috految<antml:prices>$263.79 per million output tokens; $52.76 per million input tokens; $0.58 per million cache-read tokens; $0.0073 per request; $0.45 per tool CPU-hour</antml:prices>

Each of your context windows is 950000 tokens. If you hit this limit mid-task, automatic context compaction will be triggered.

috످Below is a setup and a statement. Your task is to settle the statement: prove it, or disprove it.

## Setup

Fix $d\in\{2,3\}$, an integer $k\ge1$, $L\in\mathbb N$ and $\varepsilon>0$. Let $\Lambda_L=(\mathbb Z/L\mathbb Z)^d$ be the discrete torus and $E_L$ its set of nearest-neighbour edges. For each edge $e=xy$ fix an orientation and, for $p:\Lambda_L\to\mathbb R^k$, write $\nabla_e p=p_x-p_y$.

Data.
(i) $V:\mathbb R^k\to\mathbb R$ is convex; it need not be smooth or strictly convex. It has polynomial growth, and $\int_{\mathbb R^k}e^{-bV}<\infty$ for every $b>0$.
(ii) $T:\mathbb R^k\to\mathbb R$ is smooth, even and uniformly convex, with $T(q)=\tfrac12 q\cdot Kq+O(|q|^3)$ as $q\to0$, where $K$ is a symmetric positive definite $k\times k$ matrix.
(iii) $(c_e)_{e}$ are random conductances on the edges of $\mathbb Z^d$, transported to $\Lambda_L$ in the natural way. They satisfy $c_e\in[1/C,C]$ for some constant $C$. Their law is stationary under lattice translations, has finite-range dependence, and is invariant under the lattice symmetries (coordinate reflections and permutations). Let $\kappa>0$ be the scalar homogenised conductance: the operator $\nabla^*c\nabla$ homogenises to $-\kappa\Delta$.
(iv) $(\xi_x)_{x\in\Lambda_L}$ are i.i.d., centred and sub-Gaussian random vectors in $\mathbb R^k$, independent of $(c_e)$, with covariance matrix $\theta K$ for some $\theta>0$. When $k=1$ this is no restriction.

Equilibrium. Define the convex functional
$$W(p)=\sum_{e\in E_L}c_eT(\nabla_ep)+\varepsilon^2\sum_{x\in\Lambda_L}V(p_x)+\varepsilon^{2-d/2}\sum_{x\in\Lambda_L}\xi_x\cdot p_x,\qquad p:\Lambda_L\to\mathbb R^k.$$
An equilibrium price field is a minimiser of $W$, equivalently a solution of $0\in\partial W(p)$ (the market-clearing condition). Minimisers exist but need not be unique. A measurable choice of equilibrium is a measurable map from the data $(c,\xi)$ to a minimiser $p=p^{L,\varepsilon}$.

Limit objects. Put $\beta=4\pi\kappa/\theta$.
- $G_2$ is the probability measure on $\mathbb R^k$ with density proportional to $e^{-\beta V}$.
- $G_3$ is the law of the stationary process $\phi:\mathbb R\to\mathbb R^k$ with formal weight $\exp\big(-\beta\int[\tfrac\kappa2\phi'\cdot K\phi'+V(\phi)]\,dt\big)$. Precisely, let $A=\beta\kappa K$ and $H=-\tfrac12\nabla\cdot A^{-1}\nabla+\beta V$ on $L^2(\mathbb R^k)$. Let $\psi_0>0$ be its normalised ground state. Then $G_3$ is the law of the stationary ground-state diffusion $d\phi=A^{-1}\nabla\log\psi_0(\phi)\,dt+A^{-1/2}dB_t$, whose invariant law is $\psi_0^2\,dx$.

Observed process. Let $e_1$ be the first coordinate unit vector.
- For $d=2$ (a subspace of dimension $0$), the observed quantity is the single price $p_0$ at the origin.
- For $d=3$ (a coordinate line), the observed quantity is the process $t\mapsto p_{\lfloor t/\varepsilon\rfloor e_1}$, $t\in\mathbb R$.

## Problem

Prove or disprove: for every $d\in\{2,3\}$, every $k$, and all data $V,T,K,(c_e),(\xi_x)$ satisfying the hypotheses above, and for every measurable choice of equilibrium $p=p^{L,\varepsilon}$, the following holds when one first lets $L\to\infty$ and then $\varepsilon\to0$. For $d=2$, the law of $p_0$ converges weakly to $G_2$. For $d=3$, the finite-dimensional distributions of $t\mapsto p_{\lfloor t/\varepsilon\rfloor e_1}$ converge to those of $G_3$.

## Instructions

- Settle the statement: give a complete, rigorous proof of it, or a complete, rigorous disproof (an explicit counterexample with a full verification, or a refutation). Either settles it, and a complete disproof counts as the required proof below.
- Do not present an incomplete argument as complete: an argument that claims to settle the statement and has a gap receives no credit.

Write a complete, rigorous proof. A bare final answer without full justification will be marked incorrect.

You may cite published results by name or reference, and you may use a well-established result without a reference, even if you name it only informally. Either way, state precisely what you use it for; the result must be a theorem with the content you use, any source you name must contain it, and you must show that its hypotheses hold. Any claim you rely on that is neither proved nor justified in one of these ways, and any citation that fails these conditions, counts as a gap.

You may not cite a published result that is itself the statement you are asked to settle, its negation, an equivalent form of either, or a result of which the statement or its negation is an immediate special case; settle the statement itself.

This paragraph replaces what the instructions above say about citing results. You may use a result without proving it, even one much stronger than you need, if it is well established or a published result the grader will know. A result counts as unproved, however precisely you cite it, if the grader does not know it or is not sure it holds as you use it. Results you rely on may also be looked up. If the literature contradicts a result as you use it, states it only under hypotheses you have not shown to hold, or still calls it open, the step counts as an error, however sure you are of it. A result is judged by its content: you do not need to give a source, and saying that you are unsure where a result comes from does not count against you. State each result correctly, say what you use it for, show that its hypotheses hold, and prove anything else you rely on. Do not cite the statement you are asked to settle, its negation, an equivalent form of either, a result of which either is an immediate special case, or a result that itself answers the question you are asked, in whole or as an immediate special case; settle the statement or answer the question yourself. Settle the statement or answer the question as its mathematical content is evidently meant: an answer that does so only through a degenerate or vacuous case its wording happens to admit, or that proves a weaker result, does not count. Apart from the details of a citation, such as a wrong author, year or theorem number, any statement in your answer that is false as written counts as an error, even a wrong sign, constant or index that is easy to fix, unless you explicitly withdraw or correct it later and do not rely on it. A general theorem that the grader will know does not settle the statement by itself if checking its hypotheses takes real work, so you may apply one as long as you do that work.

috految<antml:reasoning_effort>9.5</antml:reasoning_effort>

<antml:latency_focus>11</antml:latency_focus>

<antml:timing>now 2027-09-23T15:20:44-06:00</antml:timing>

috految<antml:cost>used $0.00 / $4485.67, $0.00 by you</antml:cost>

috److془We need to carefully settle this problem. Let's think deeply.

Setup: Parisi–Sourlas dimensional reduction. Continuum: $-\kappa K\Delta u + \nabla V(u) + \xi=0$, $\xi$ white with covariance $\theta K$. Check: V = m u^2/2, variance = θ/(4π κ m). β = 4πκ/θ. OK.

Subtleties: T has no upper Hessian bound; V linear growth; non-uniqueness; the measurable choice depends on the origin; the conductances transported to the torus: seam (restriction to fundamental domain, maybe origin on the seam). Vector valued so no maximum principle. Nonlinear T: in d=3, $\nabla p\sim \varepsilon^{1/2}$, the cubic term $\varepsilon^{3/2}$ vs. macroscopic gradient $\varepsilon$. Good. Noise with random conductance: $\xi$ independent so fine. Corrections might be $\varepsilon^{3/2}$. In d=2, $\nabla p \sim \varepsilon\sqrt{\log}$.

Issue: T can grow arbitrarily fast. Use truncated comparators. c_e T: Fine. Existence of minimisers: with V linear growth, fails with small probability. Fine.

Issue: the origin: need the seam treatment. With restricted fundamental domain, not stationary on torus. Need local estimate. With V linear growth, T superfast growth, k≥2. Hmm. Also the limit L→∞ for fixed ε existence: might be interpreted as limsup. Does the limit exist? With V flat on a ball and bounded noise, rare regions force uniqueness. Hmm: for V=|p|, gradient unique, constant shift a: must be that V is affine along segments [p_x,p_x+a]. Could be non-unique for fixed small ε? The shift small. With ξ=±1 and V piecewise linear, a priori p_x avoid kinks. Hmm but likely Aizenman-Wehr argument. Let's see later. Also in d=3, the flat direction: V=|p|, p could remain at e.g. p>0. Mean of V' is zero. Fine. Nonuniqueness in the continuum: full support of the one-point law gives none.

Hmm: V(p) with linear growth, d=3: Minimiser existence: energy per volume bounded below since noise = small bounded + divergence of stationary L^2 field. Good. Uniqueness in the continuum: stationarity gives gradient uniqueness. Great. Need Parisi-Sourlas for smooth uniformly convex V with bounded Hessian. Then approximations. Then the seam: need to handle it. "(c_e) are random conductances on the edges of Z^d, transported to Λ_L in the natural way." Must handle restriction to the fundamental box, either centered or [0,L)^d. Need local estimates at the origin. Hmm. And the possibility of true counterexample: The seam with T superfast growth, etc. Let's think.

Note: the seam; we can do: the difference $w=p-p'$ for two solutions. Caccioppoli: $\sum \eta^2|\nabla w|^2 \lesssim \sum |\nabla\eta|^2 |w|^2$ with bounded Hessian. For general T we need primal approach. Is it possible that there's a rigid wire that transmits large forces? T is like hard constraint |∇p|≤1. In the rescaled units, constraint is |∇u|≤1/ε. Large forces: flux $\sigma$ : $\sigma\cdot\nabla p\ge |\sigma| - C$. Test with $\eta p$: $\sum\eta(|\sigma|+|\nabla p|^2+ |p|)\le \sum|\nabla\eta||p||\sigma|+...$. ok as long as $|\nabla \eta||p|\ll\eta$. Need $|p|\ll R$ on ball of radius R. Energy $R^d$ gives $|p|\le R^{d/2}$ pointwise; but Bella-Schäffner: on a good sphere, energy $R^2$ in d=3, sup ≤ $R\sqrt{\log}$. Borderline! Use better: choose the cutoff with constant on bad set, or: need to avoid wires with |p|~R: capacity R/log R, energy R^3/log R. Hmm. But we can use smaller energy: w = p - p' where has power gain, or so. Or: the T superquadratic... anisotropic. Alternately: at $|\nabla p|$ large in the wire... Use V: $\sum|p|\le R^3$ only helps width $R^{1/2}$. Hmm. Use the improvement using higher integrability. Or: the Hessian bound: let's think: test with $p-p_{near}$. Alternatively use stationary comparator; or use truncation: test with $\eta\, p\,\chi(|p|)$ fails as anisotropy big. Alternatively: global energy with a smart weight: the weight $\eta(x)=\exp(-|x|/R)$, need $|p|\le R$. Hmm: alternately hole filling: M = sup|p|; energy at scale M: $\sum_{B_M}|\nabla p|^2\le M^3$. With weight $\eta= \exp(-dist/R)$ where metric $\delta/(1+|p|)$. Wire at level M: need weight only near the wire. Weight decays exponentially off the wire! Great: $|\nabla \log\eta|\le \delta/(1+|p|)$. Then $\sum\eta \,(|\nabla p|^2+|p|) \le C\sum\eta$. Hmm but the "wire" can be a network, with sparse count. Sum η ≲ A^d *#(|p|>A) . Paths at level t, with t^3 vol, energy t^3/log t. Hmm but then the weight decays at smaller scale; paths with all dyadic levels: sum of 1/log t over dyadic diverges! Also direct: A fixed large with sum η ≲ ... Indeed Sobolev: $\eta|p|$ is fine. Indeed use ε small! Also with fixed A. Then in rescaled units: $|\nabla\log\eta|\le \delta/(1+|u|)$ for quadratic, or better. Hmm - actually simpler: use the "percolation": good blocks where energy is bounded by A; η constant on the bad clusters. Bad blocks have energy ≥A > the local noise. But on good boxes need |∇p| small: rescaled energy ≤A gives $|\nabla p|^2\le \varepsilon^{2-d}A$, $|p|\le \varepsilon^{-1/2}\ll \varepsilon^{-1}$. 

Then in the limit have continuum equation, with Liouville theorem (Kato: |u-u'| subharmonic). Pointwise convergence on lattice: need regularity, H^1 to pointwise. Hmm; want sup bounds. Energy excess of w vs. the linear solution: source flux $|\nabla p|^3\sim\varepsilon^{3/2}$, energy $\varepsilon^3\varepsilon^{-3}=O(1)$ borderline. Use Campanato iteration with De Giorgi. Or: Better approach: V term Kato. Let's seek the slickest. Also the existence of the limit L→∞ at fixed ε. Standard interpretation: lim_ε limsup_L dist=0. "the following holds when one first lets L→∞ and then ε→0". With arbitrary choices, limsup is evident. Could we prove the inner limit exists? Possibly hard with seam. Go with limsup. Hmm, but think: maybe can be done. Nonuniqueness for ε fixed: nonconvergence in the inner limit for arbitrary choices. Discrete noise; V piecewise; Also, the G3. Leave it. Hmm "proves a weaker result does not count". Iterated limsup is standard. Also with arbitrary box placements inner limit would fail. Good. Actually could p_x avoid kinks? whatever.

Now design. Normalise K=I ($p\to K^{1/2}p$, ξ→K^{-1/2}ξ), covariance θI. Check: d=3 weight with φ' Kφ' ok. H = -(1/2)∇A^{-1}∇+βV Feynman-Kac for action ½φ'Aφ'+βV ✓. Drift A^{-1}∇logψ ✓. Scaling: ∇*σ+ε²g+ε^{2-d/2}ξ=0; f=ε^{-d/2}ξ white. ✓ Covariance in d=3: θ(κk²+m)^{-2} integrated transversally: (β(κ q²+m))^{-1} ✓.

Rescaled: lattice h=ε, D=∇/ε, integrals ε^d∑. ${D^*}(c F(Du))+g=f$, $F(q)=\varepsilon^{-1}\nabla T(\varepsilon q)$, $g\in\partial V(u)$, f=-ε^{-d/2}ξ. Uniformly convex: D²T≥λ. (Standard.) Actually F(q)=q+O(ε²|q|³) for ε|q|≤1.

Linear solution: $z=(\mathcal A+m)^{-1}f$, $\mathcal A=D^*cD$. Need $|Dz|$ bounds a priori: $\varepsilon^2|Dz|^3$ small. Deterministic: $Var \nabla z = \varepsilon^{4-d}\sum_y|\nabla G(x,y)|^2$. Hölder α just gives $\nabla z\le \varepsilon^{\alpha}$. Need Hölder exponent >1/3, or use averaged. Deterministic: $\int|Dz|^2\sim\varepsilon^{-1}$; Need: ε²|Dz|³ in L². Use the homogenization: large scale $C^{\gamma}$ regularity for scales ≥ ε^{-δ} lattice units. With seam by compactness. Or deterministic by splitting: $z=\sum z_r$, $|z_r|\le r^{1/2}$, $\nabla z_r\le r^{1/2}(\epsilon/r)^\alpha$, L² avg $\nabla z_r\le \varepsilon r^{-1/2}$. L^6 cubed: $\varepsilon r^{-1/2}\cdot r (\varepsilon/r)^{2\alpha}$ ≪ ε. Deterministic works. Morrey at any scale s: need $s\,\|\varepsilon^{-1}|\nabla z|^3\|_{L^2 avg(s)}\le \varepsilon^{\gamma}$: r≤s fine; r>s: $\nabla z_r$ avg ≤ $(\varepsilon/s) r^{1/2}$ fine. Beautiful.

Now the Peierls argument with rare noise: need to handle large noise in regions with linear V. Noise $\int f w$: split f = small sup + D^*J, with J having tails. Need greedy lattice animals sum of |J|² bounded. Alternative: renormalization unneeded? Use fixed block argument: for animal S, Poincaré with L^1 control. Alternatively J multi-scale: $b=$ noise average over cubes. Stopping time yields events for n cubes with probability exp(-n^{power}). Greedy animal sum bounded using rare finite-range variables: standard. Good. Alternatively, easier: variables $Y_{j,i}$ range 2^j, with all moments ≤ C2^{-jN}. Greedy: $E\sup_S |S|^{-1}\sum_S Y\le C \rho^{C}\|Y\|_q$. Good. Also the comparator built from compact local pieces. Even nicer: z = Σ_i z^i with Dirichlet solutions and partition of unity: $z^i$ solves $\mathcal A z^i=f1_{Q_i}$; z=Σχ_i z^i. Residual $Dχ\cdot Dz^i$ is bounded in L² by Caccioppoli. Or residual supported in unit region, centred, finite dependence. If bad (probability superpolynomially small in ε) set z^i=0. Error ε^{-C} on bad event: all moments bounded. 

Now energy inequality: w=u-z. $D^*B + g = r$, $B=c(F(Dz+Dw)-F(Dz))$, r = b + D^*J, |b|≤δ, M_i = local L² of J. $|\nabla z|\le1$: $e:=B\cdot Dw\ge c|Dw|^2$, with $|B|\le C(\sqrt e+\varepsilon e)$. (|∇w|≤1: |B|≤C|Dw|. Else: monotonicity with unit q: (B-B(q))·(Dw-q)≥0, |q|=1/ε: |B|/ε ≤ e + C|Dw|/ε + C/ε² ≤Ce ✓.) $g\cdot w\ge V(u)-V(z)\ge 2δ|w| - C(1+|z|)^N$. ∫η(e+|w|) ≤ ∫η Y + ∫|Dη||w|(|B|+|J|). Boundary: blocks of size R, on good blocks $\int(e+|w|)\le A R^d$; cost $R^{-1}\|w\|_2 (AR^d)^{1/2}$; Nash: $\|w\|_2\le C R^{d/2}(\tau R A^{1/2}+C_\tau A)$. cost ≤ $C R^d(\tau A+C_\tau A^{3/2}/R)$. 
ε term: ε R^{-1}‖w‖_∞ A R^d→0. So: taking S cluster of bad blocks containing origin, A R^d|S| ≤ C R^d|S|(Y^*+o(A)). So origin block is good whenever Y* ≤cA. 

Result: for every R≥R_0(A), ε≤ε_0(R,A), $\int_{Q_R}(e+|w|)\le AR^d$ on event of probability ≥1- C/A-o(1). Whole torus cluster no issue. Limit: $\sup_n R^{-d}\int_{Q_R}|u|<∞$. 

Now pointwise regularity. Have local: ∫e+|w|² ≤ C. Equation $D^*B+g=r$. Want equicontinuity of w. Nonlinear term $B-cDw$: ≤ C(|∇z|²|Dw|+ εe) . (if |∇w|≤1: |∇w||Dw|≤Cεe ✓.; else ✓). Blow-up iteration: mean of u at scale s bounded, oscillation. Difficulty: Caccioppoli ε e |w|/s, with oscillation ≤ M, ‖w-\bar w‖_∞≤ M (s/ε)^{1/2}; fine for s≫ε. g: a.e. $g\cdot(w-a)\ge |g| - C_a$. and $g·(w-a)\ge -C$. Use ρ: $g\cdot(w-a)\ge \rho|g|-C_{a,\rho}$. Start: need at fixed small scale small excess. Limit w is continuous by continuum equation. Actually excess of L² oscillations. Iteration: $\Phi(s)=s^{2-d}\int_{Q_s} e$. Hypothesis Φ(s)≤t², t≤1, |mean|≤M. Caccioppoli gives $s^{2-d}\int_{Q_{s/2}}|g|\le C(t²+ s^γ)$. Negligible versus t. Compactness with arbitrary coefficients: v=(w-a)/t, rescaled mesh ε/s→0 bounded in H¹, $\mathcal A v$ = o(1) in L¹ + div(o(1) in L²+ O(εt/s) in L¹). Oh last term: D^* costs s/ε; so O(t) in L¹! Compare with harmonic replacement v̄: v-v̄ small in L² (Green L¹→L², d≤3). Wonderful. Even no compactness. Limit equation: D^*(εe) bounded in L¹, tested against test functions with uniform convergence to continuous: ∫ e|∇φ_ε|→0 ✓. Actually here the uniform convergence from De Giorgi. g: uniformly integrable: ∫ g·w bounded: ρ|g| ≤ g·w+C_ρ, ✓. So limit g∈∂V(u) a.e., L¹_loc. Continuum: -κΔu+g=f. Boundedness of u: v = u - Z, Z continuous local solution of -κΔZ=f: κΔ|v|≥ g·v/|v| 1 ≥ -C. (by monotonicity). So bounded, g locally bounded, u continuous. ✓.

Now Liouville and identification. Solutions u with bounded averages of |u| over large cubes. Comparator stationary U (solution with same noise); |u-U| subharmonic with bounded averages → bounded. Then $κΔ|v|^2/2 = κ|∇v|^2+(g-G)·v$; averages of RHS over cubes →0. Directly: sup|v|=ℓ>0; averages of |v| →ℓ (subharmonic ball monotonic). At points where $|v|\ge ℓ/2$, need (g-G)·v ≥c with positive density. Take compact set of U-values... v direction varying, choose a point y such that... V=|p|_1, y=0, G may be +1, v=+1: zero. Use gradient small: v nearly constant, in fact. Sure: ∇v →0 avg, so on most cubes of size R, v≈ const a. Need ergodic and full support. Avoid ergodicity issue: use noise directly, or get ergodic. Alternatively: noise directly: For a≠0, V affine on [U(x),U(x)+a] for all x. Then the ∂_aV(U(x)+a/2) is constant? not necessarily for k≥2 hmm. But: let's see: v constant, so u, U both solve. Ergodicity: U weak limit of U_n with the same noise; alternatively the support: v=U-y-translates. Hmm: alternatively, amazing: Cameron-Martin locally: gaussian perturbation by fixed h ∈C_c^∞ of small ball. Or simple: for fixed y, choose noise such that Z has prescribed shape in tiny ball; but need bounds on U(0) correlation. Or the ergodicity: Use stationarity: U, U' conditionally independent copies given the noise, v constant. Hmm. Alternatively, the RHS: V affine on [U,U+a], with G constant. Take as follows: is slope with positive probability analysis: Let U=X+a, a independent of noise, X factor. Hmm. Then the set of admissible a is convex nontrivial; X+a full support; X could have gaps, filled by a. Hmm but use two-choice: the law of w/ Dimension reduction by approximations V_n+ tilts. Or the direct: m-regularised solutions U_m with V+m|u|²/2 converge strongly by Tikhonov lemma! Crandall-Pazy: with bounded L² second moments. Great: factor of noise, ergodic. Real: with V_n smooth approximations: $E(\nabla V_n(U_n)-\nabla V_l(U_l))·(U_n-U_l)\le0$. Choose V_n = P_n + m|.|²/2, P_n→V convex, uniform polynomial growth, P_n≥ c|x|-C. m E|U_n-U_l| ^2≤ E(|P_n-P_l|(U_n)+same(U_l))→0. ✓ Then m→0: E(mU_m-m'U_{m'})·(U_m-U_m')≤0 gives Cauchy. 

Only need dimensional reduction for V=m|u|²/2+P, P smooth convex with bounded derivatives of orders ≥1 (mollified Lipschitz envelopes). d=2 by Albeverio-De Vecchi-Gubinelli: "Elliptic stochastic quantization": Hypothesis C: V: R^n→R positive smooth, V+m² y² strictly convex, and first and second derivatives grow at most exponentially. Theorem 3/1: exists unique solution of (m²-Δ)φ+∂V(φ)=ξ with law φ(0) = exp(-4π(m²|y|²/2+V)). I recall: "Theorem 2 Suppose that V satisfies Hypothesis C, then there is a unique strong solution φ ∈ C^0_{expβ}(R²;R^n) of equation (1) and in addition for any measurable bounded h, E h(φ(0)) = ∫ h dκ". Abstract: "We prove an explicit formula for the law in zero of the solution of a class of elliptic SPDE in R². This formula is the simplest instance of dimensional reduction, discovered in the physics literature by Parisi and Sourlas (1979), which links the law of an elliptic SPDE in d+2 dimension with a Gibbs measure in d dimensions. ... Our proof uses a representation of the law of the SPDE as a supersymmetric quantum field theory. Dimensional reduction for the supersymmetric theory was already established by Klein et al. (1984). We fix a subtle gap in their proof and also complete the dimensional reduction picture by providing the link between the elliptic SPDE and the supersymmetric model. Even in our d=0 context the arguments are non-trivial". Vector valued: yes φ:R²→R^n. "Hypothesis C. (convexity) The potential V:R^n→R is a positive smooth function such that y∈R^n ↦ V(y)+m²|y|² is strictly convex and V with its first and second partial derivatives grow at most exponentially at infinity." Great. Cutoff removal for convex: Theorem "Suppose V satisfies Hypothesis C". Good. Could do also the QC: -<n,∂V(y+rn)>≤H(y) satisfied by convex. Good. Quick proof? Not needed. 

d=3: discretise the first coordinate into the periodic chain or Galerkin. Use spacing h, length ℓ, n=kℓ/h vector. Equation $(m-κΔ_\perp-κΔ_h)U+∇P(U)=f_h$, noise covariance θ/h. Law ∝ exp(-β h Σ[κ/2|D_hφ|²+ m|φ|²/2+P]). ✓. Convergence: with M>0 bound of D²P, U = Z+ R_{m+M}(MU-∇P(U)), Z=R_{m+M}f; contraction with constant M/(m+M) in sup_x L²(Ω). Resolvents positive kernels mass 1/(m+M), converge weakly. as h→0, ℓ→∞ ; Z_h(x_h)→Z(x) in L² coupled (f_h the cell average over centred period), kernels converge in L² (Fourier, multiplier ≤ C/(1+|q|²), square integrable). Picard iterates converge. Gibbs: h→0 then ℓ→∞ Feynman Kac gives G_3 (alt chain with trace class semigroup). ✓ Solution in 2d: all moments, continuous, polynomial growth (U=R_m f - R_m∇P(U), ∇P bounded). Unique in the class of small exponential growth. Good. Scaling to κ,θ: x=√κ y: noise variance θ/κ, β=4πκ/θ ✓.

G_d continuity under potentials converging locally uniformly with c|x|-C≤V_n≤C(1+|x|)^N: moments uniformly bounded, standard: eigenvalues bounded, ground states compact in L², converge, Agmon, FK. Marginals have positive density. Coercivity of V: finite convex with integrable e^{-V}. ✓ Limit U: L² convergence, all moments, g_n=∇V_n(U_n) bounded in all L^q; weak limit G∈∂V(U), -κΔU+G=f. Stationary factor. Continuous version from regularity (mean-square continuity identifies fdd). Inequality: v=U_n-U_l stationary obeys κΔv = G_n - G_l in L², E v·Δv≤0 ✓. 

Liouville: v=u-U bounded, averaged over large balls of |∇v|²+ (g-G)·v →0 (cutoff), Let H(y,a)=V(y)+V(y+a)-2V(y+a/2) ; 0≤H(U,v)≤ (g-G)·v/2 ✓. For a≠0, H(·,a) not identically zero (otherwise V affine along arithmetic progression, contradict coercive). Full support: E min(H(U(0),a),1)>0. Take B_R split into cubes size r; Poincaré: v close to cube means. Ergodic theorem: min over a in compact {ℓ/2≤|a|≤ℓ} via the uniform LLN, the event sup_{x∈cube}|U|≤N, inf_a avg_cube H(U,a)≥c has positive probability for a r,N integer; positive density of cubes (mixing). Contradiction. Countably many annuli ✓. 

Now with this can I get inner-limit? Skip. Hmm: actually my result is any sequence ε→0 with εL→∞. Joint limit. Great. 

Homogenisation: for box restriction conductances, with ε→0, εL→∞: in a bounded rescaled region, after subsequence, seams converge to finite union of hyperplanes; off them, locally environment has law of the stationary one. Homogenisation in probability for each small cube; subsequence a.s.; locality of H-convergence (null sets irrelevant). Covers also the periodic versions with same local law. Statement for Dirichlet: φ_ε H¹ bounded, Aφ_ε=ψ converging in L²: flux limit κ∇φ off hyperplanes, L² bounded so everywhere ✓. Orientation irrelevant T even. Condition on c then deterministic sequence. Ergodic by finite range. Independent ξ. Noises for fixed law.

Subtle: limit equation for u, z's linear equation. Do: $\mathcal A u+g=f+D^*(cDu-cF(Du))$. Test φ_ε with compact support such that $\mathcal Aφ_ε$ converges; alternately D^* cutoff. Take φ smooth compact support, φ_ε Dirichlet solution in cube O of Aφ_ε=-κΔφ; φ_ε→φ locally uniformly, H¹ bounded. Test with χφ_ε, χ=1 near supp φ. Commutator ∫Du(..)Dχ φ_ε: Dz not bounded in L². Use w and treat z separately. Or: local restart. Take O big cube, ζ=Dirichlet solution of Aζ=f in O. Then ζ-z is H¹_loc bounded. Put v=u-ζ: Av+g = D^*(c(Du-F(Du))). Nice. ζ→ solution of -κΔ ζ=f in O: for test ψ, ⟨ζ,ψ⟩=⟨f,A_O^{-1}ψ⟩, strong L² convergence and variance, CLT. Wonderful. Then both regularity and limit with w:=u-ζ. Need ∫e bounded for new w: e' = c(F(Du)-F(Dζ))·(Du-Dζ). With δ=D(z-ζ), ε|δ|≤C: e' = (B+O(|δ|))·(Dw+δ) ≤C(e+|δ|²) ✓. 

Linear lemma: O cube of side fixed O(1), ζ=A_O^{-1}(f1_S), S⊂O deterministic. interior O'⋐O. Claim: C^α(O') norm has all moments, and $\|\,s\,(s^{-d}\int_{Q_s(x)}|ε^2|Dζ|^3|^2)^{1/2}\|_{L^q}≤C_q ε^γ$, ε≤s≤s_0. Proof: Green: |G(x,y)|≤C(ε+|x-y|)^{-1} if d=3, log d=2. So $\|G(x,·)\|_{L^2(B_r(x))}≤Cr^{1/2}$, r≥ε. Write Gaussian-like: ‖∇ζ(e)‖_{L^q}≤C_q a(e), a(e)=‖∇G(e,·)‖_{L²}. De Giorgi with L² RHS (2>d/2) and duality: ‖G(x,·)-G(x',·)‖_2≤C|x-x'|^α. Kolmogorov. a≤Cε^α. Now: a ≤ Σ_r a_r, a_r restricts to  r≤ ε+|x-y|<2r, dyadic r≥ε. a_r≤C r^{1/2}, and ≤Cε^α. Caccioppoli for harmonic G(·,y) on cubes side ~ min(s,r): avg_{Q_s} a_r² ≤ C ε² r/min(s,r)². (if min comparable to ε trivial). Then s ε^{-1}(avg a_r^6)^{1/2} ≤ C s r^{1/2}/min(s,r) · r^{1/2}ε^α ≤ Cε^α as sr/min≤C ✓. Logs. ε²|Dζ|³=ε^{-1}|∇ζ|³ ✓. Minkowski ✓. Union over polynomially many cubes: bound ε^γ with probability 1-O(ε^N), γ<α. Also |∇ζ|≤ε^γ. Sub-Gaussian: ‖∫fφ‖_q ≤C_q‖φ‖_2 ✓.

Global: torus length Λ=εL, partition into n^d boxes Q_i with sides comparable to 1, n power of 2, sides in [1,3] . χ_i smooth cutoff 1 on the unit neighborhood of Q_i, supported in O_i interior. z_i=χ_iζ_i 1_{good}. $f-\mathcal A z = b_0 + D^*J_0$. Commutator: for φ: ∫cD(χζ)·Dφ= ∫cDζ·D(χφ) +∫c \barζ Dχ Dφ - ∫c Dζ Dχ \barφ. ✓ Dζ L²(supp Dχ) moments by Caccioppoli. Bad: residual f1_{Q_i} sup moments ε^{-C}. Better: residual of i-th has mean ∫_{Q_i} f, as ∫A z_i=0! Thus by Poincaré: f1_{Q_i}-Az_i = \bar f_i 1_{Q_i}+D^*J_i, J_i supported in O_i, all moments, dependent on noise in Q_i. Nonlinear: |∇z|≤1 given good includes sup_{supp χ}|ζ|≤ε^{-1/2}; cF(Dz)-cDz in local L² bounded by CΣε²(|Dζ_i|³+|ζ_i|³) ✓. 
Multi-scale: dyadic cubes I level j, f_I average (‖f_I‖_q≤C2^{-jd/2}). Suppose total average ≤δ (prob→1). Start from the top, select maximal dyadic cubes I with a child with |f_child|>δ. These have |f_I|≤δ (otherwise parent qualifies). Unit cubes outside have |f_i|≤δ. On selected I replace by f_I; difference D^*J_I, supported in I, ‖J_I‖²≤C4^jΣ_{i⊂I}|f_i|². Let for i⊂I level j: Y_{j,i}=C4^j Σ|f_{i'}|² 1{I qualifies}; moments ≤C_{q,N}2^{-jN} ✓. Y_{0,i} local. Animal: S *-connected containing origin cell. In torus: Lemma: nonneg variables with dependency range ρ, ‖Y_i‖_q≤1 q big: E sup_S|S|^{-1}ΣY ≤Cρ^d. Split into Cρ^d classes of independent (others set zero); dominated pointwise by iid with tail min(1,t^{-q}). Prove: events {Y>t} prob ≤π=t^{-q}; number m of successes in animals with size n: spanning tree tour gives sequence of distinct sites from origin with total distance ≤2n. P(exists with m≥ xn) ≤ Σ_{m≥1} (Cπ x^{-d})^m, for x≤1, (sequences of m steps total ≤2m/x number ≤(Cx^{-d})^m). So E sup fraction ≤Cπ^{1/d} (d≥2). Integrate t, q>d ✓. 

Peierls: blocks dyadic of level j, side comparable R=2^j. Energy of block: edges assigned to initial vertex. Bad if ∫(e+|w|)>AR^d. Suppose block within Q_R(0) intersect is bad; S its *-cluster. η=1 on S and cR neighborhood, zero beyond 2cR; Dη lies on edges with endpoints in good adjacent blocks. Bound: ∑Y over S and neighbours ≤C Y* R^d|S| (add connecting). Boundary: norm J ≤ (CY*R^d|S|)^{1/2}, with Y*≤A. ✓ Sup: ‖w‖∞≤C_{A,R}ε^{-1/2} by H¹⊂L^6 ✓. Test ηw with D(ηw)=\bar η Dw+\bar w Dη ✓. Conclusion Y*≤c_0A→ ∫_{Q_R}(e+|w|)≤CAR^d and ∫|z|≤CAR^d. Existence: if |mean f|≤δ, W coercive ✓ (quadratic on zero mean part, V≥2δ|p|-C). 

Regularity: w=u-ζ, D^*B+g=D^*E, E=c(Dζ-F(Dζ)); check D^*cF(Du)+g=Aζ ✓. Bounds: s^{2-d}∫_{Q_s}|E|²≤Cε^{2γ}. |B-cDw|≤Cε^γ|Dw|+Cεe. Local g·w bound: test χw: ∫ |w|(√e+εe) bounded ✓. Convexity: g·(u-ζ-a) ≥ρ|g|-C(ρ,M) for |a|≤M as g·(u-y)≥V(u)-V(y), y=ζ+a+ρg/|g|. ✓ Uniform integrability ✓. Limit: test χφ_ε: ∫cDw·D(χφ_ε)=∫ χw Aφ_ε + commutators containing Dχ and φ_ε or Dφ_ε →0 in L² on supp Dχ by Caccioppoli ✓. Limit -κΔw+g=0. Subgradient by Egorov. 

Caccioppoli: normalised Φ(s)=s^{2-d}∫_{Q_s} e, a_s mean, osc ω(s)²=s^{-d}∫_{Q_s}|w-a_s|². With cutoff χ²(w-a_s), Dχ² = 2\barχ Dχ, \barχ²≤ \overline{χ²}: Φ(s/2)+ s^{2-d}∫_{Q_{s/2}}|g| ≤ C[ω(s)²+s²+ε^{2γ}+ (ε/s)^{1/2}Φ(s)^{3/2}]. sup|w-a|≤C(s/ε)^{1/2}Φ^{1/2} ✓. Suppose Φ(s)≤t², s+ε^γ≤t²,t≤1. Then s^{2-d}∫|g|≤Ct². Harmonic replacement in Q_{s/4}: Aw = -g + D^*(E+cDw-B). L² normalised error ≤C(s^{2-d}∫(|g|+e) + ε^γ)≤Ct². ω(2τ s)≤Cτ^α t+C_τ t². Φ(τ s)≤Cτ^{2α}t²+C_τ t³ ≤t²/4 . (Φ(2τs)≤C_τ t²) s≥C_τ ε. Choose τ small, t small. Take t_n = t_0τ^{σn}, σ>0 small: τ^σ≥1/2, σ≤γ/4, γ<1. s_n=s_0τ^n, s_n≥ε: ε^γ≤s_n^γ; s_0+s_0^γ≤t_0² ✓. Start: limsup Φ(s_0)≤C(ω_lim(2s_0)²+s_0²) small by continuity ✓. Means increments C_τ t_n, final |w(x)-a|≤C_τ t. ✓ 

Skorokhod: variables (f, ζ_O, Y*, local tight bounds, indicators) and enlarge to carry the original fields. Deterministic subsequence argument unique limit U(f). Tightness f in H^{-N}_loc. ζ_O-z H¹_loc tight: A(ζ-z)=Σ f_i1+D^*ΣJ_i, local L² tight, Caccioppoli ✓. Bounded v: u averages bounded by CA over large cubes; subharmonic |v|(x) ≤ limsup ball averages ≤C ✓. Kato vector for v∈L¹_loc, Δv∈L¹_loc ✓. Write. P_n: mollification of n-Lipschitz lower envelope; ≥c|x|-C for n big. Adding constants for positivity. Crandall: 2⟨mX-m'X',X-X'⟩=(m+m')‖X-X'‖²+(m-m')(‖X‖²-‖X'‖²) ✓.془The statement is true. We prove convergence along **every sequence $\varepsilon\to0$, $\varepsilon L\to\infty$**, for arbitrary choices of minimisers. In particular, for a metric for weak convergence of the (finite-dimensional) laws in question,
$$\lim_{\varepsilon\to0}\limsup_{L\to\infty}\operatorname{dist}(\text{observed law},G_d)=0,$$
which is the asserted iterated convergence. We allow the environment to be read off from any fundamental box, so that it may have a seam near the origin. The proof applies equally to periodic versions with the same local law.

We use standard linear elliptic theory on the lattice (Sobolev, Poincaré, Caccioppoli, De Giorgi–Nash and Green function bounds for scalar uniformly elliptic conductances), qualitative linear homogenisation, and the following theorem in the continuum plane.

**Dimensional reduction on $\mathbb R^2$** (Albeverio–De Vecchi–Gubinelli, *Elliptic stochastic quantization*, convex case). Let $m>0$ and let $P:\mathbb R^n\to\mathbb R$ be smooth, convex and bounded below, with bounded derivatives of all orders $\ge2$. For $\mathbb R^n$-valued standard white noise $\Xi$ on $\mathbb R^2$, the unique tempered solution of $(m-\Delta)\phi+\nabla P(\phi)=\Xi$ has one-point law proportional to $e^{-4\pi(m|y|^2/2+P(y))}dy$. By scaling, with $-\kappa\Delta$ and noise variance $\theta$, the factor $4\pi$ becomes $4\pi\kappa/\theta$.

Replacing $p$ by $K^{1/2}p$ and $\xi$ by $K^{-1/2}\xi$, we assume $K=I$; $G_d$ transforms accordingly. Convexity and integrability give $\delta>0$ with
$$2\delta|y|-C\le V(y)\le C(1+|y|)^N.\tag{1}$$
Write $Q_s(x)$ for the cube of radius $s$ about $x$, and $Q_s=Q_s(0)$.

## 1. The continuum equation

Let $\Xi$ be white noise on $\mathbb R^d$ with covariance $\theta I$. Consider
$$-\kappa\Delta u+g=\Xi,\qquad g\in\partial V(u)\ \text{a.e.},\qquad u,g\in L^1_{loc}.\tag{2}$$
Every solution is continuous. Indeed, as $d\le3$, locally there is a continuous $Z$ with $-\kappa\Delta Z=\Xi$. Kato's inequality and monotonicity of $\partial V$, together with local boundedness of $\partial V(Z)$, give $\Delta|u-Z|\ge-C$ locally. Hence $u$ and $g$ are locally bounded, and $u-Z\in W^{2,q}_{loc}$ for all finite $q$.

**Lemma 1.** Equation (2) has a stationary solution $U$, a translation-equivariant function of $\Xi$, such that $U(0)\sim G_2$ if $d=2$, and $(U(te_1))_t\sim G_3$ if $d=3$. Almost surely, every solution with
$$\limsup_{R\to\infty}R^{-d}\int_{Q_R}|u|<\infty\tag{3}$$
equals $U$.

*Proof.* First take the potential $m|y|^2/2+P(y)$, where $m>0$ and $P$ is smooth, convex, bounded below, with bounded derivatives of all positive orders. Choose $M>0$ with $0\le D^2P\le M$ and put $\mathcal R=(m+M-\kappa\Delta)^{-1}$. The equation is
$$U=\mathcal R\Xi+\mathcal R(MU-\nabla P(U)).\tag{4}$$
The kernel of $\mathcal R$ is positive, in $L^2$, and of mass $1/(m+M)$. So (4) is a contraction in $\sup_x\|\cdot\|_{L^2(\Omega)}$ with ratio $M/(m+M)$, and it defines a stationary equivariant solution. This solution is continuous and of polynomial growth, since it is $(m-\kappa\Delta)^{-1}(\Xi-\nabla P(U))$. For $d=2$ the quoted theorem identifies its law.

For $d=3$, replace the first coordinate by a periodic chain of mesh $h$ and length $\ell$ with the nearest-neighbour Laplacian, and the noise by its cell averages in this coordinate over the centred period. The same construction gives a solution on $\mathbb R^2$ with values in $\mathbb R^{k\ell/h}$, with noise variance $\theta/h$. The chain Laplacian adds a convex quadratic form to the potential. By the quoted theorem, the law at $0\in\mathbb R^2$ is proportional to
$$\exp\Big(-\beta h\sum_j\Big[\frac\kappa2\Big|\frac{y_{j+1}-y_j}{h}\Big|^2+\frac m2|y_j|^2+P(y_j)\Big]\Big)dy.$$
As $h\to0$ and then $\ell\to\infty$, its finite-dimensional distributions converge to the ground-state process $G_3$ for this potential, by the usual Feynman–Kac formula for periodic paths (the semigroup is trace class with a simple ground state).

In the same limit the resolvent kernels converge to that of $\mathcal R$, weakly as finite positive measures, and in $L^2$ when extended cellwise on the centred period. For the latter, the Fourier multipliers converge and are bounded on the Brillouin zone by $C/(1+|q|^2)$, which is square integrable in dimension 3. Thus the Gaussian terms in (4) converge in $L^2(\Omega)$ along converging points and are uniformly bounded in $L^2(\Omega)$. By induction the same holds for each Picard iterate, and by the uniform contraction for the solutions. This identifies the law for $d=3$.

Next, if continuous potentials converge locally uniformly and obey common bounds of type (1), their laws $G_d$ converge in finite-dimensional distributions, and their one-point laws have uniformly bounded moments of each order. For $d=2$ this is dominated convergence. For $d=3$, the ground energies are bounded and the ground states are precompact in $L^2$, by confinement and Rellich. The variational principle and simplicity give convergence of ground energies and states. Agmon's estimate gives the moment bounds, and Feynman–Kac gives convergence of the processes.

Mollifying the $n$-Lipschitz lower envelopes of $V$, for large $n$, gives functions $P_n\to V$ as above, converging locally uniformly with common bounds of type (1). Let $U_{m,n}$ be the solutions for $0<m\le1$. All their moments are uniformly bounded. So are those of $\nabla P_n(U_{m,n})$, by convexity and polynomial growth. For two such solutions the difference $v$ is stationary with $v,\Delta v\in L^2(\Omega)$, so $\mathbb E\,v\cdot\Delta v\le0$. Convexity gives
$$m\mathbb E|U_{m,n}-U_{m,l}|^2\le\mathbb E|P_n-P_l|(U_{m,n})+\mathbb E|P_n-P_l|(U_{m,l})\to0 .$$
Let $U_m$ be the $L^2$ limit. Comparing two masses at the same $n$ and passing to the limit gives $\mathbb E(mU_m-m'U_{m'})\cdot(U_m-U_{m'})\le0$, that is,
$$(m+m')\|U_m-U_{m'}\|_2^2\le(m-m')(\|U_{m'}\|_2^2-\|U_m\|_2^2).$$
So the bounded norms $\|U_m\|_2$ are monotone, and $U_m$ is Cauchy as $m\downarrow0$. Its limit $U$ is a mean-square continuous equivariant function of the noise with the required law. Taking weak $L^2$ limits of the forces and using the subgradient inequalities, we see that it solves (2) with some $G\in\partial V(U)$. We use its continuous version. As a factor of white noise, it is mixing. Also $U(0)$ has full support, since its density is positive.

For uniqueness let $v=u-U$. By Kato and monotonicity $|v|$ is subharmonic. By (3), the ergodic theorem and the mean value inequality, $b=\sup|v|<\infty$, and the averages of $|v|$ over large balls tend to $b$ (their lower limit is at least $|v(x)|$ for every $x$). Testing
$$\tfrac\kappa2\Delta|v|^2=\kappa|\nabla v|^2+(g-G)\cdot v$$
against cutoffs shows that the averages of both nonnegative terms on the right tend to zero. Put
$$H(y,a)=V(y)+V(y+a)-2V(y+a/2)\ge0.$$
Then $H(U,v)\le(g-G)\cdot v$. For $a\ne0$, $H(\cdot,a)$ is not identically zero, since otherwise $V$ would be affine on a two-sided arithmetic progression, contradicting (1). Hence $\mathbb E H(U(0),a)>0$.

Fix a compact annulus $\mathcal K\not\ni0$. The ergodic theorem, uniform in $a\in\mathcal K$ by continuity and polynomial growth, gives $r,M,c>0$ such that the event
$$\sup_{Q_r}|U|\le M,\qquad \inf_{a\in\mathcal K}\int_{Q_r}H(U,a)\ge c$$
has positive probability. Almost surely it occurs for a positive density of cubes in the tiling by translates of $Q_r$. This holds simultaneously for a countable exhaustion by annuli. If $b>0$, choose $\mathcal K$ containing $\{b/2\le|a|\le b\}$. By Poincaré and $|v|\le b$, on all but a vanishing fraction of the cubes in a large ball, $v$ is arbitrarily close in $L^2$ to a constant in $\mathcal K$. Thus the averages of $H(U,v)$ stay bounded away from zero, a contradiction. So $b=0$. ∎

## 2. Rescaling and linear estimates

Fix a sequence $\varepsilon\to0$, $\varepsilon L\to\infty$. It suffices to prove convergence along a further subsequence of any subsequence. Rescale the lattice to mesh $\varepsilon$ and put $u(\varepsilon x)=p_x$. Lattice integrals mean $\varepsilon^d$ times the sum, with edges assigned to an endpoint. Lattice fields are interpolated when taking limits. Set
$$D=\nabla/\varepsilon,\quad \mathcal A=D^*cD,\quad f=-\varepsilon^{-d/2}\xi,\quad F(q)=\varepsilon^{-1}(\nabla T)(\varepsilon q).$$
Minimisers satisfy
$$D^*cF(Du)+g=f,\qquad g\in\partial V(u).\tag{5}$$
With probability tending to one the torus average of $f$ has norm at most $\delta$. On this event $W$ is coercive by (1) and uniform convexity of $T$. The complementary event is irrelevant to the limit.

Since $T$ is smooth and even, $|F(q)-q|\le C\varepsilon^2|q|^3$ for $\varepsilon|q|\le1$. For any field $z$ with $|\nabla z|\le1$, define
$$w=u-z,\qquad B=c(F(Du)-F(Dz)),\qquad e=B\cdot Dw.$$
Then
$$e\ge c_1|Dw|^2,\qquad |B|\le C(\sqrt e+\varepsilon e),\qquad |B-cDw|\le C|\nabla z||Dw|+C\varepsilon e.\tag{6}$$
The first bound is uniform convexity. If $|\nabla w|\le1$, the others follow from smoothness and $D^2T(0)=I$. Otherwise use monotonicity between $Dz+Dw$ and $Dz+q$, with $|q|=1/\varepsilon$ and $q$ in the direction of $B$. It gives $|B|/\varepsilon\le e+C|Dw|/\varepsilon+C/\varepsilon^2\le Ce$. Since also $|Dw|\le C\varepsilon e$ in this case, (6) follows.

Along a subsequence, in each bounded region the seams, if any, converge to a finite union of hyperplanes. In small cubes off these hyperplanes, the conductances have the law of the stationary ergodic environment, so they homogenise in probability to $\kappa I$. Passing to a subsequence makes this almost sure for a countable basis of such cubes. Thus $\mathcal A$ homogenises to $-\kappa\Delta$ in every bounded cube: weak limits of fluxes of Dirichlet solutions are in $L^2$ and are identified locally off a null set. We condition on this sequence of conductances, and from now on treat it as deterministic. By independence the noise law is unchanged. The conclusion can be integrated by bounded convergence.

For deterministic $\varphi$ we have $\|\int f\varphi\|_{L^q(\Omega)}\le C_q\|\varphi\|_{L^2}$ for finite $q$. By the central limit theorem, $f$ converges in law to $\Xi$ in local Sobolev spaces of sufficiently negative order.

**Lemma 2.** Let $O$ be a cube of fixed size, $S\subset O$ deterministic, and $\mathcal A\zeta=f1_S$ in $O$, with zero boundary values. On a fixed interior subcube, a Hölder norm of $\zeta$ is bounded in all moments. For some $\gamma\in(0,1)$, with probability $1-O(\varepsilon^n)$ for every $n$, we have there
$$|\nabla\zeta|\le\varepsilon^\gamma,\qquad s^{2-d}\int_{Q_s(x)}(\varepsilon^2|D\zeta|^3)^2\le C\varepsilon^{2\gamma}\tag{7}$$
for all contained cubes with $s\ge\varepsilon$. The bounds are uniform in the conductances and in the position of $O$.

*Proof.* Let $\mathcal G$ be the Dirichlet Green function, relative to our integral. The usual bounds ($C(\varepsilon+|x-y|)^{-1}$ for $d=3$, logarithmic for $d=2$) give $\|\mathcal G(x,\cdot)\|_{L^2(Q_r(x))}\le Cr^{1/2}$ for $\varepsilon\le r\le C$. De Giorgi–Nash with right side in $L^2$ (as $2>d/2$) and duality give, in the interior,
$$\|\mathcal G(x,\cdot)-\mathcal G(x',\cdot)\|_{L^2}\le C|x-x'|^\alpha$$
for some $\alpha\in(0,1)$. Kolmogorov's criterion proves the first claim.

For an edge based at $x$, $\|\nabla\zeta\|_{L^q(\Omega)}\le C_q a(x)$, where $a(x)=\|\nabla_x\mathcal G(x,\cdot)\|_2\le C\varepsilon^\alpha$. Write $a\le\sum_r a_r$, where $a_r$ restricts the norm to $r\le\varepsilon+|x-y|<2r$, and $r=2^j\varepsilon\le C$, $j\geq0$. Then
$$a_r\le C\min(r^{1/2},\varepsilon^\alpha),\qquad s^{-d}\int_{Q_s(x)}a_r^2\le \frac{C\varepsilon^2r}{\min(s,r)^2}.$$
The second bound is trivial if $\min(s,r)\le C\varepsilon$. Otherwise cover by cubes of side a small multiple of $\min(s,r)$, apply Caccioppoli to $\mathcal G(\cdot,y)$, which is harmonic there for the relevant $y$, and integrate in $y$. Using $a_r^2\le Cr^{1/2}\varepsilon^\alpha$, we get
$$\frac s\varepsilon\Big(s^{-d}\int_{Q_s(x)}a_r^6\Big)^{1/2}\le C\frac{sr}{\min(s,r)}\varepsilon^\alpha\le C\varepsilon^\alpha.$$
There are $O(|\log\varepsilon|)$ scales, and $\varepsilon^2|D\zeta|^3=\varepsilon^{-1}|\nabla\zeta|^3$. Minkowski's inequality, Markov with arbitrarily high moments, and a union bound over polynomially many lattice cubes and edges give (7) for $\gamma<\alpha$. ∎

## 3. A local energy bound

Partition the torus into a grid of lattice boxes $I_i$ ("cells") with sides comparable to 1, their number in each direction being the same power of two. Group them dyadically, up to the whole torus. Let $f_i$ and $f_I$ denote the averages of $f$ on cells and on dyadic boxes $I$, respectively.

Take cubes $O_i$ of fixed size around $I_i$ and smooth cutoffs $\chi_i$, supported well inside $O_i$ and equal to 1 on the unit neighbourhood of $I_i$. Let $\zeta_i$ be as in Lemma 2 with $O=O_i$, $S=I_i$. Put $z_i=\chi_i\zeta_i$ if (7) and $|\zeta_i|\le\varepsilon^{-1/2}$ hold on an interior subcube containing a neighbourhood of the cutoff's support. Otherwise put $z_i=0$. Let $z=\sum z_i$. For small $\varepsilon$, $|\nabla z|\le1$ everywhere. By Lemma 2, the local sup norms of $z$ and the local $L^2$ norms of $F(Dz)-Dz$ are bounded in all moments. Moreover
$$f1_{I_i}-\mathcal Az_i=f_i1_{I_i}+D^*J_i,\tag{8}$$
where $J_i$ is supported in $O_i$, depends only on the noise in $I_i$, and has $L^2$ norm bounded in all moments.

To see this, note that when $z_i=\chi_i\zeta_i$ the left side is a commutator. It is bounded in the dual of $H^1(O_i)$ by the $L^2$ norms of $\zeta_i$ and $D\zeta_i$ near the support of $D\chi_i$. There $\zeta_i$ is harmonic, so Caccioppoli bounds these in all moments. The exceptional event has superpolynomially small probability, and the moments of $\|f1_{I_i}\|_2$ grow only polynomially in $1/\varepsilon$. In both cases the left side has integral $\int_{I_i}f$. Poincaré and Riesz representation give (8).

Say that a dyadic box of level $j\ge1$ *qualifies* if one of its children has $f$-average of norm $>\delta$. Since $\|f_I\|_{L^q(\Omega)}\le C_q2^{-jd/2}$ at level $j$, this has probability $O(2^{-jn})$ for every $n$. Suppose the torus average has norm at most $\delta$. Then the maximal qualifying boxes are disjoint and have $|f_I|\le\delta$, and cells outside them have $|f_i|\le\delta$. On each maximal box, Poincaré writes $\sum_{I_i\subset I} f_i1_{I_i}-f_I1_I=D^*J_I$, with $J_I$ supported in $I$ and
$$\|J_I\|_2^2\le C4^j\sum_{I_i\subset I}|f_i|^2.$$
Thus, with $w,B,e$ as in (6), equation (5) becomes
$$D^*B+g=b+D^*J,\qquad |b|\le\delta,\tag{9}$$
where $J$ includes $c(Dz-F(Dz))$, and
$$\int_{I_i}\big(|J|^2+(1+|z|)^{N}\big)\le Y_i:=\sum_{j\ge0}Y_{j,i}.$$
Here $Y_{0,i}$ collects the local terms. For $j\ge1$, $Y_{j,i}$ is $C4^j\sum_{I_l\subset I}|f_l|^2$ times the indicator that the level $j$ box $I\supset I_i$ qualifies. Each $Y_{j,i}\ge0$ depends on the noise within distance $C2^j$, and $\|Y_{j,i}\|_q\le C_{q,n}2^{-jn}$ for all $q,n$.

Let $Y^*=\sup_S|S|^{-1}\sum_{i\in S}Y_i$, over connected sets of cells containing the origin's cell, diagonal adjacency being allowed. We claim
$$\mathbb EY^*\le C.\tag{10}$$
First mark cells independently with probabilities at most $\pi$. If a set $S$ as above has $m\ge x|S|$ marks, $0<x\le1$, a tour of a spanning tree gives a sequence of $m$ distinct marked cells whose total travel distance from the origin is at most $2m/x$. There are at most $(Cx^{-d})^m$ such sequences. Summing over $m\ge1$, the probability of such a set is at most $C\pi x^{-d}$. So the expected maximal marked fraction is at most $C\pi^{1/d}$. Integrating tails, for independent nonnegative weights the expected maximal average is at most $C$ times the maximal $L^q$ norm, for $q>d$. Split $(Y_{j,i})_i$ into $C2^{jd}$ independent families, and sum over $j$. This proves (10).

**Claim.** There is $a_0>0$ such that for $A\ge1$, dyadic $R\ge R_0(A)$, and sufficiently small $\varepsilon$ along our sequence (depending on $A,R$), (9) and $Y^*\le a_0A$ imply
$$\int_{Q_R}(e+|w|+|z|)\le CAR^d.\tag{11}$$

Consider the dyadic blocks of side comparable to $R$. Call a block bad if the integral of $e+|w|$ over it exceeds $AR^d$. Suppose a block meeting $Q_R$ is bad, and let $S$ be its connected cluster of bad blocks, allowing diagonal adjacency. Choose $0\le\eta\le1$, equal to 1 on the $c'R$-neighbourhood of $S$ and zero beyond distance $2c'R$, with $c'$ small and $|D\eta|\le C/R$. The edges with $D\eta\ne0$ lie in the good blocks adjacent to $S$. (There may be no such edges.) All blocks involved, together with a connection to the origin, comprise at most $CR^d|S|$ cells. So the sum of the $Y_i$ over them is at most $CY^*R^d|S|$.

By convexity,
$$g\cdot w\ge V(u)-V(z)\ge2\delta|w|-C(1+|z|)^N.$$
Test (9) with $\eta w$, using $D(\eta w)=\bar\eta Dw+\bar wD\eta$, where bars are endpoint averages. Young's inequality and (6) give
$$AR^d|S|\le CY^*R^d|S|+\frac CR\int_{\{D\eta\ne0\}}|\bar w|(\sqrt e+|J|+\varepsilon e).$$
On a good block, $\|Dw\|_2^2+\|w\|_1\le CAR^d$. Interpolation and $H^1\subset L^6$ give, for any $\tau>0$,
$$\|w\|_2\le CR^{d/2}(\tau R\sqrt A+C_\tau A),\qquad\|w\|_\infty\le C_{A,R}\varepsilon^{-1/2}.$$
Therefore, for $Y^*\le A$,
$$A\le CY^*+C\tau A+C_\tau A^{3/2}/R+C_{A,R}\varepsilon^{1/2}.$$
This is impossible for small $a_0,\tau$, large $R$, and then small $\varepsilon$. So all blocks meeting $Q_R$ are good. The bound on $z$ follows from the definition of $Y^*$. This proves the claim.

## 4. Passing to the limit

For each cube $O=Q_n$, $n\in\mathbb N$, let $\zeta_O=\mathcal A_O^{-1}f$ be the Dirichlet solution. These fields are tight for local uniform convergence in $O$ by Lemma 2. Every joint limit with $f$ solves $-\kappa\Delta\zeta_O=\Xi$ in $O$. Indeed, for a smooth compactly supported test function $\psi$, homogenisation gives $\mathcal A_O^{-1}(-\kappa\Delta\psi)\to\psi$ in $L^2$, and we apply symmetry and the variance bound for $f$. By (8) and Caccioppoli, the interior $H^1$ norms of $\zeta_O-z$ are tight.

Pass to a subsequence and use Skorokhod representation, retaining the original fields by regular conditional distributions. We may then assume that almost surely:

- $f\to\Xi$ and all $\zeta_O$ converge locally uniformly;
- $Y^*$ and the interior norms just mentioned are bounded along the sequence;
- (9) eventually holds, and (7) eventually holds for each $\zeta_O$ on each interior subcube.

Fix such a realisation, for which Lemma 1 also holds. Constants may now depend on it. By (11), $u-z$ is bounded in $H^1_{loc}$, and $e$ in $L^1_{loc}$.

Now work in the interior of a given $O$, write $\zeta=\zeta_O$, and redefine $w,B,e$ using $\zeta$ instead of $z$. Then $w$ is still locally bounded in $H^1$. Also $e$ is still locally bounded in $L^1$: with $q=D(z-\zeta)$ we have $\varepsilon|q|\le2$, and by (6)
$$e_{new}=(B_{old}+O(|q|))\cdot(Dw_{old}+q)\le C(e_{old}+|q|^2).$$
We have
$$D^*B+g=D^*E,\quad E=c(D\zeta-F(D\zeta)),\quad s^{2-d}\int_{Q_s(x)}|E|^2\le C\varepsilon^{2\gamma},\tag{12}$$
$$|B-cDw|\le C\varepsilon^\gamma|Dw|+C\varepsilon e.\tag{13}$$
The subgradient inequality at the point $\zeta+a+\rho g/|g|$ gives, for constants $|a|\le M$ and $\rho>0$,
$$g\cdot(w-a)\ge\rho|g|-C_{\rho,M}.\tag{14}$$
Testing (12) with a cutoff times $w$, and using (6) and $\|w\|_\infty\le C\varepsilon^{-1/2}$, bounds $g\cdot w$ locally in $L^1$. By (14) with arbitrary $\rho$, $g$ is locally uniformly integrable. Thus along subsequences $w$ converges in $L^2_{loc}$ and a.e. to some $w_\infty$, and $g$ converges weakly in $L^1_{loc}$ to some $g_\infty$. By Egorov and the subgradient inequality, $g_\infty\in\partial V(u_\infty)$, where $u_\infty=w_\infty+\lim\zeta$.

Take $\varphi\in C_c^\infty(O)$ and $\varphi_\varepsilon=\mathcal A_O^{-1}(-\kappa\Delta\varphi)$. This is bounded in $H^1$ and converges to $\varphi$ locally uniformly, by homogenisation and De Giorgi–Nash. Choose an interior cutoff $\chi$ equal to 1 near $\operatorname{supp}\varphi$ and test (12) with $\chi\varphi_\varepsilon$. The term with $E$ vanishes in the limit. So does the error (13), since $\varepsilon\|D(\chi\varphi_\varepsilon)\|_\infty\to0$. Near $\operatorname{supp}D\chi$, both $\varphi_\varepsilon$ and $D\varphi_\varepsilon$ tend to zero in $L^2$, by Caccioppoli. Hence
$$\int cDw\cdot D(\chi\varphi_\varepsilon)=\int\chi w\cdot\mathcal A\varphi_\varepsilon+o(1),$$
and we obtain $-\kappa\Delta w_\infty+g_\infty=0$.

A diagonal subsequence therefore gives a solution $u_\infty$ of (2) on $\mathbb R^d$. It satisfies (3) by (11), so it equals $U$. Consequently $u\to U$ in $L^2_{loc}$ along the whole sequence, and $w_\infty$ is continuous.

## 5. Pointwise convergence

Let lattice points $x_\varepsilon$ tend to $x\in O$. Centre all cubes at $x_\varepsilon$. Let $a_s$ be the average of $w$ on $Q_s$, and put
$$\Phi(s)=s^{2-d}\int_{Q_s}e,\qquad\omega(s)^2=s^{-d}\int_{Q_s}|w-a_s|^2.$$
For small $s\ge C\varepsilon$, Poincaré and Sobolev give $\omega(s)^2\le C\Phi(s)$ and
$$\sup_{Q_s}|w-a_s|\le C(s/\varepsilon)^{1/2}\Phi(s)^{1/2}.\tag{15}$$
Let $M=|w_\infty(x)|+2$. If $|a_s|\le M$, test (12) with $\chi^2(w-a_s)$, for a standard cutoff between $Q_{s/2}$ and $Q_s$. Using (6), (14) with $\rho=1$, Young's inequality, and (15) for the $\varepsilon e$ term, we get
$$\Phi(s/2)+s^{2-d}\int_{Q_{s/2}}|g|\le C\big[\omega(s)^2+s^2+\varepsilon^{2\gamma}+(\varepsilon/s)^{1/2}\Phi(s)^{3/2}\big].\tag{16}$$

Suppose that $|a_s|\le M-1$, $\Phi(s)\le t^2$, $t\le1$, and $s+\varepsilon^\gamma\le t^2$. Then (16) gives $s^{2-d}\int_{Q_{s/2}}|g|\le Ct^2$. Let $h$ be the $\mathcal A$-harmonic replacement of $w$ in $Q_{s/4}$. We have
$$\mathcal Aw=-g+D^*(E+cDw-B).$$
Split $cDw-B$ according to (13). The divergence of the part bounded by $C\varepsilon e$ has $L^1$ norm at most $C\int e$. The Dirichlet inverse on a unit cube maps $L^1$ boundedly into $L^2$, by the Green bounds for $d\le3$, and maps divergences of $L^2$ fields boundedly into $H^1$. Scaling gives
$$\Big(s^{-d}\int_{Q_{s/4}}|w-h|^2\Big)^{1/2}\le C(t^2+\varepsilon^\gamma)\le Ct^2.$$
De Giorgi–Nash applied to each component of $h$ now gives, for small $\tau$ and $s\ge C_\tau\varepsilon$,
$$\omega(2\tau s)\le C\tau^{\alpha}t+C_\tau t^2.$$
Also $|a_{2\tau s}-a_s|\le C_\tau t$ and $\Phi(2\tau s)\le C_\tau t^2$. For small $t$, (16) at scale $2\tau s$ yields
$$\Phi(\tau s)\le C\tau^{2\alpha}t^2+C_\tau t^3\le t^2/4,\tag{17}$$
on fixing first $\tau$ small and then requiring $t$ small.

Choose $0<\sigma\le\gamma/4$ with $\tau^\sigma\ge1/2$, and let $t_0>0$ be arbitrarily small. By continuity of $w_\infty$, $L^2$ convergence and (16), we can choose a fixed small $s_0$ such that $s_0+s_0^\gamma\le t_0^2$ and eventually
$$\Phi(s_0)\le t_0^2,\qquad|a_{s_0}-w_\infty(x)|\le t_0.$$
Here the last term of (16) tends to zero at any fixed scale. Put $s_n=s_0\tau^n$ and $t_n=t_0\tau^{\sigma n}$. While $s_n\ge\varepsilon$ we have $s_n+\varepsilon^\gamma\le t_n^2$. Thus (17) inductively gives $\Phi(s_n)\le t_n^2$ until $s_n$ is comparable to $\varepsilon$. The condition on the means persists, because $|a_{s_{n+1}}-a_{s_n}|\le C_\tau t_n$ has sum $O(t_0)$. At the last scale, (15) gives
$$|w(x_\varepsilon)-w_\infty(x)|\le Ct_0.$$
Since $t_0$ is arbitrary and $\zeta$ converges locally uniformly, $u(x_\varepsilon)\to U(x)$.

Take $x_\varepsilon=0$ for $d=2$, and finitely many points $x_\varepsilon=\varepsilon\lfloor t_i/\varepsilon\rfloor e_1$ for $d=3$. By Lemma 1, the observed laws converge to $G_2$ and to the finite-dimensional distributions of $G_3$, respectively. The sequence and the choices of minimisers were arbitrary, so the statement follows. ∎

috످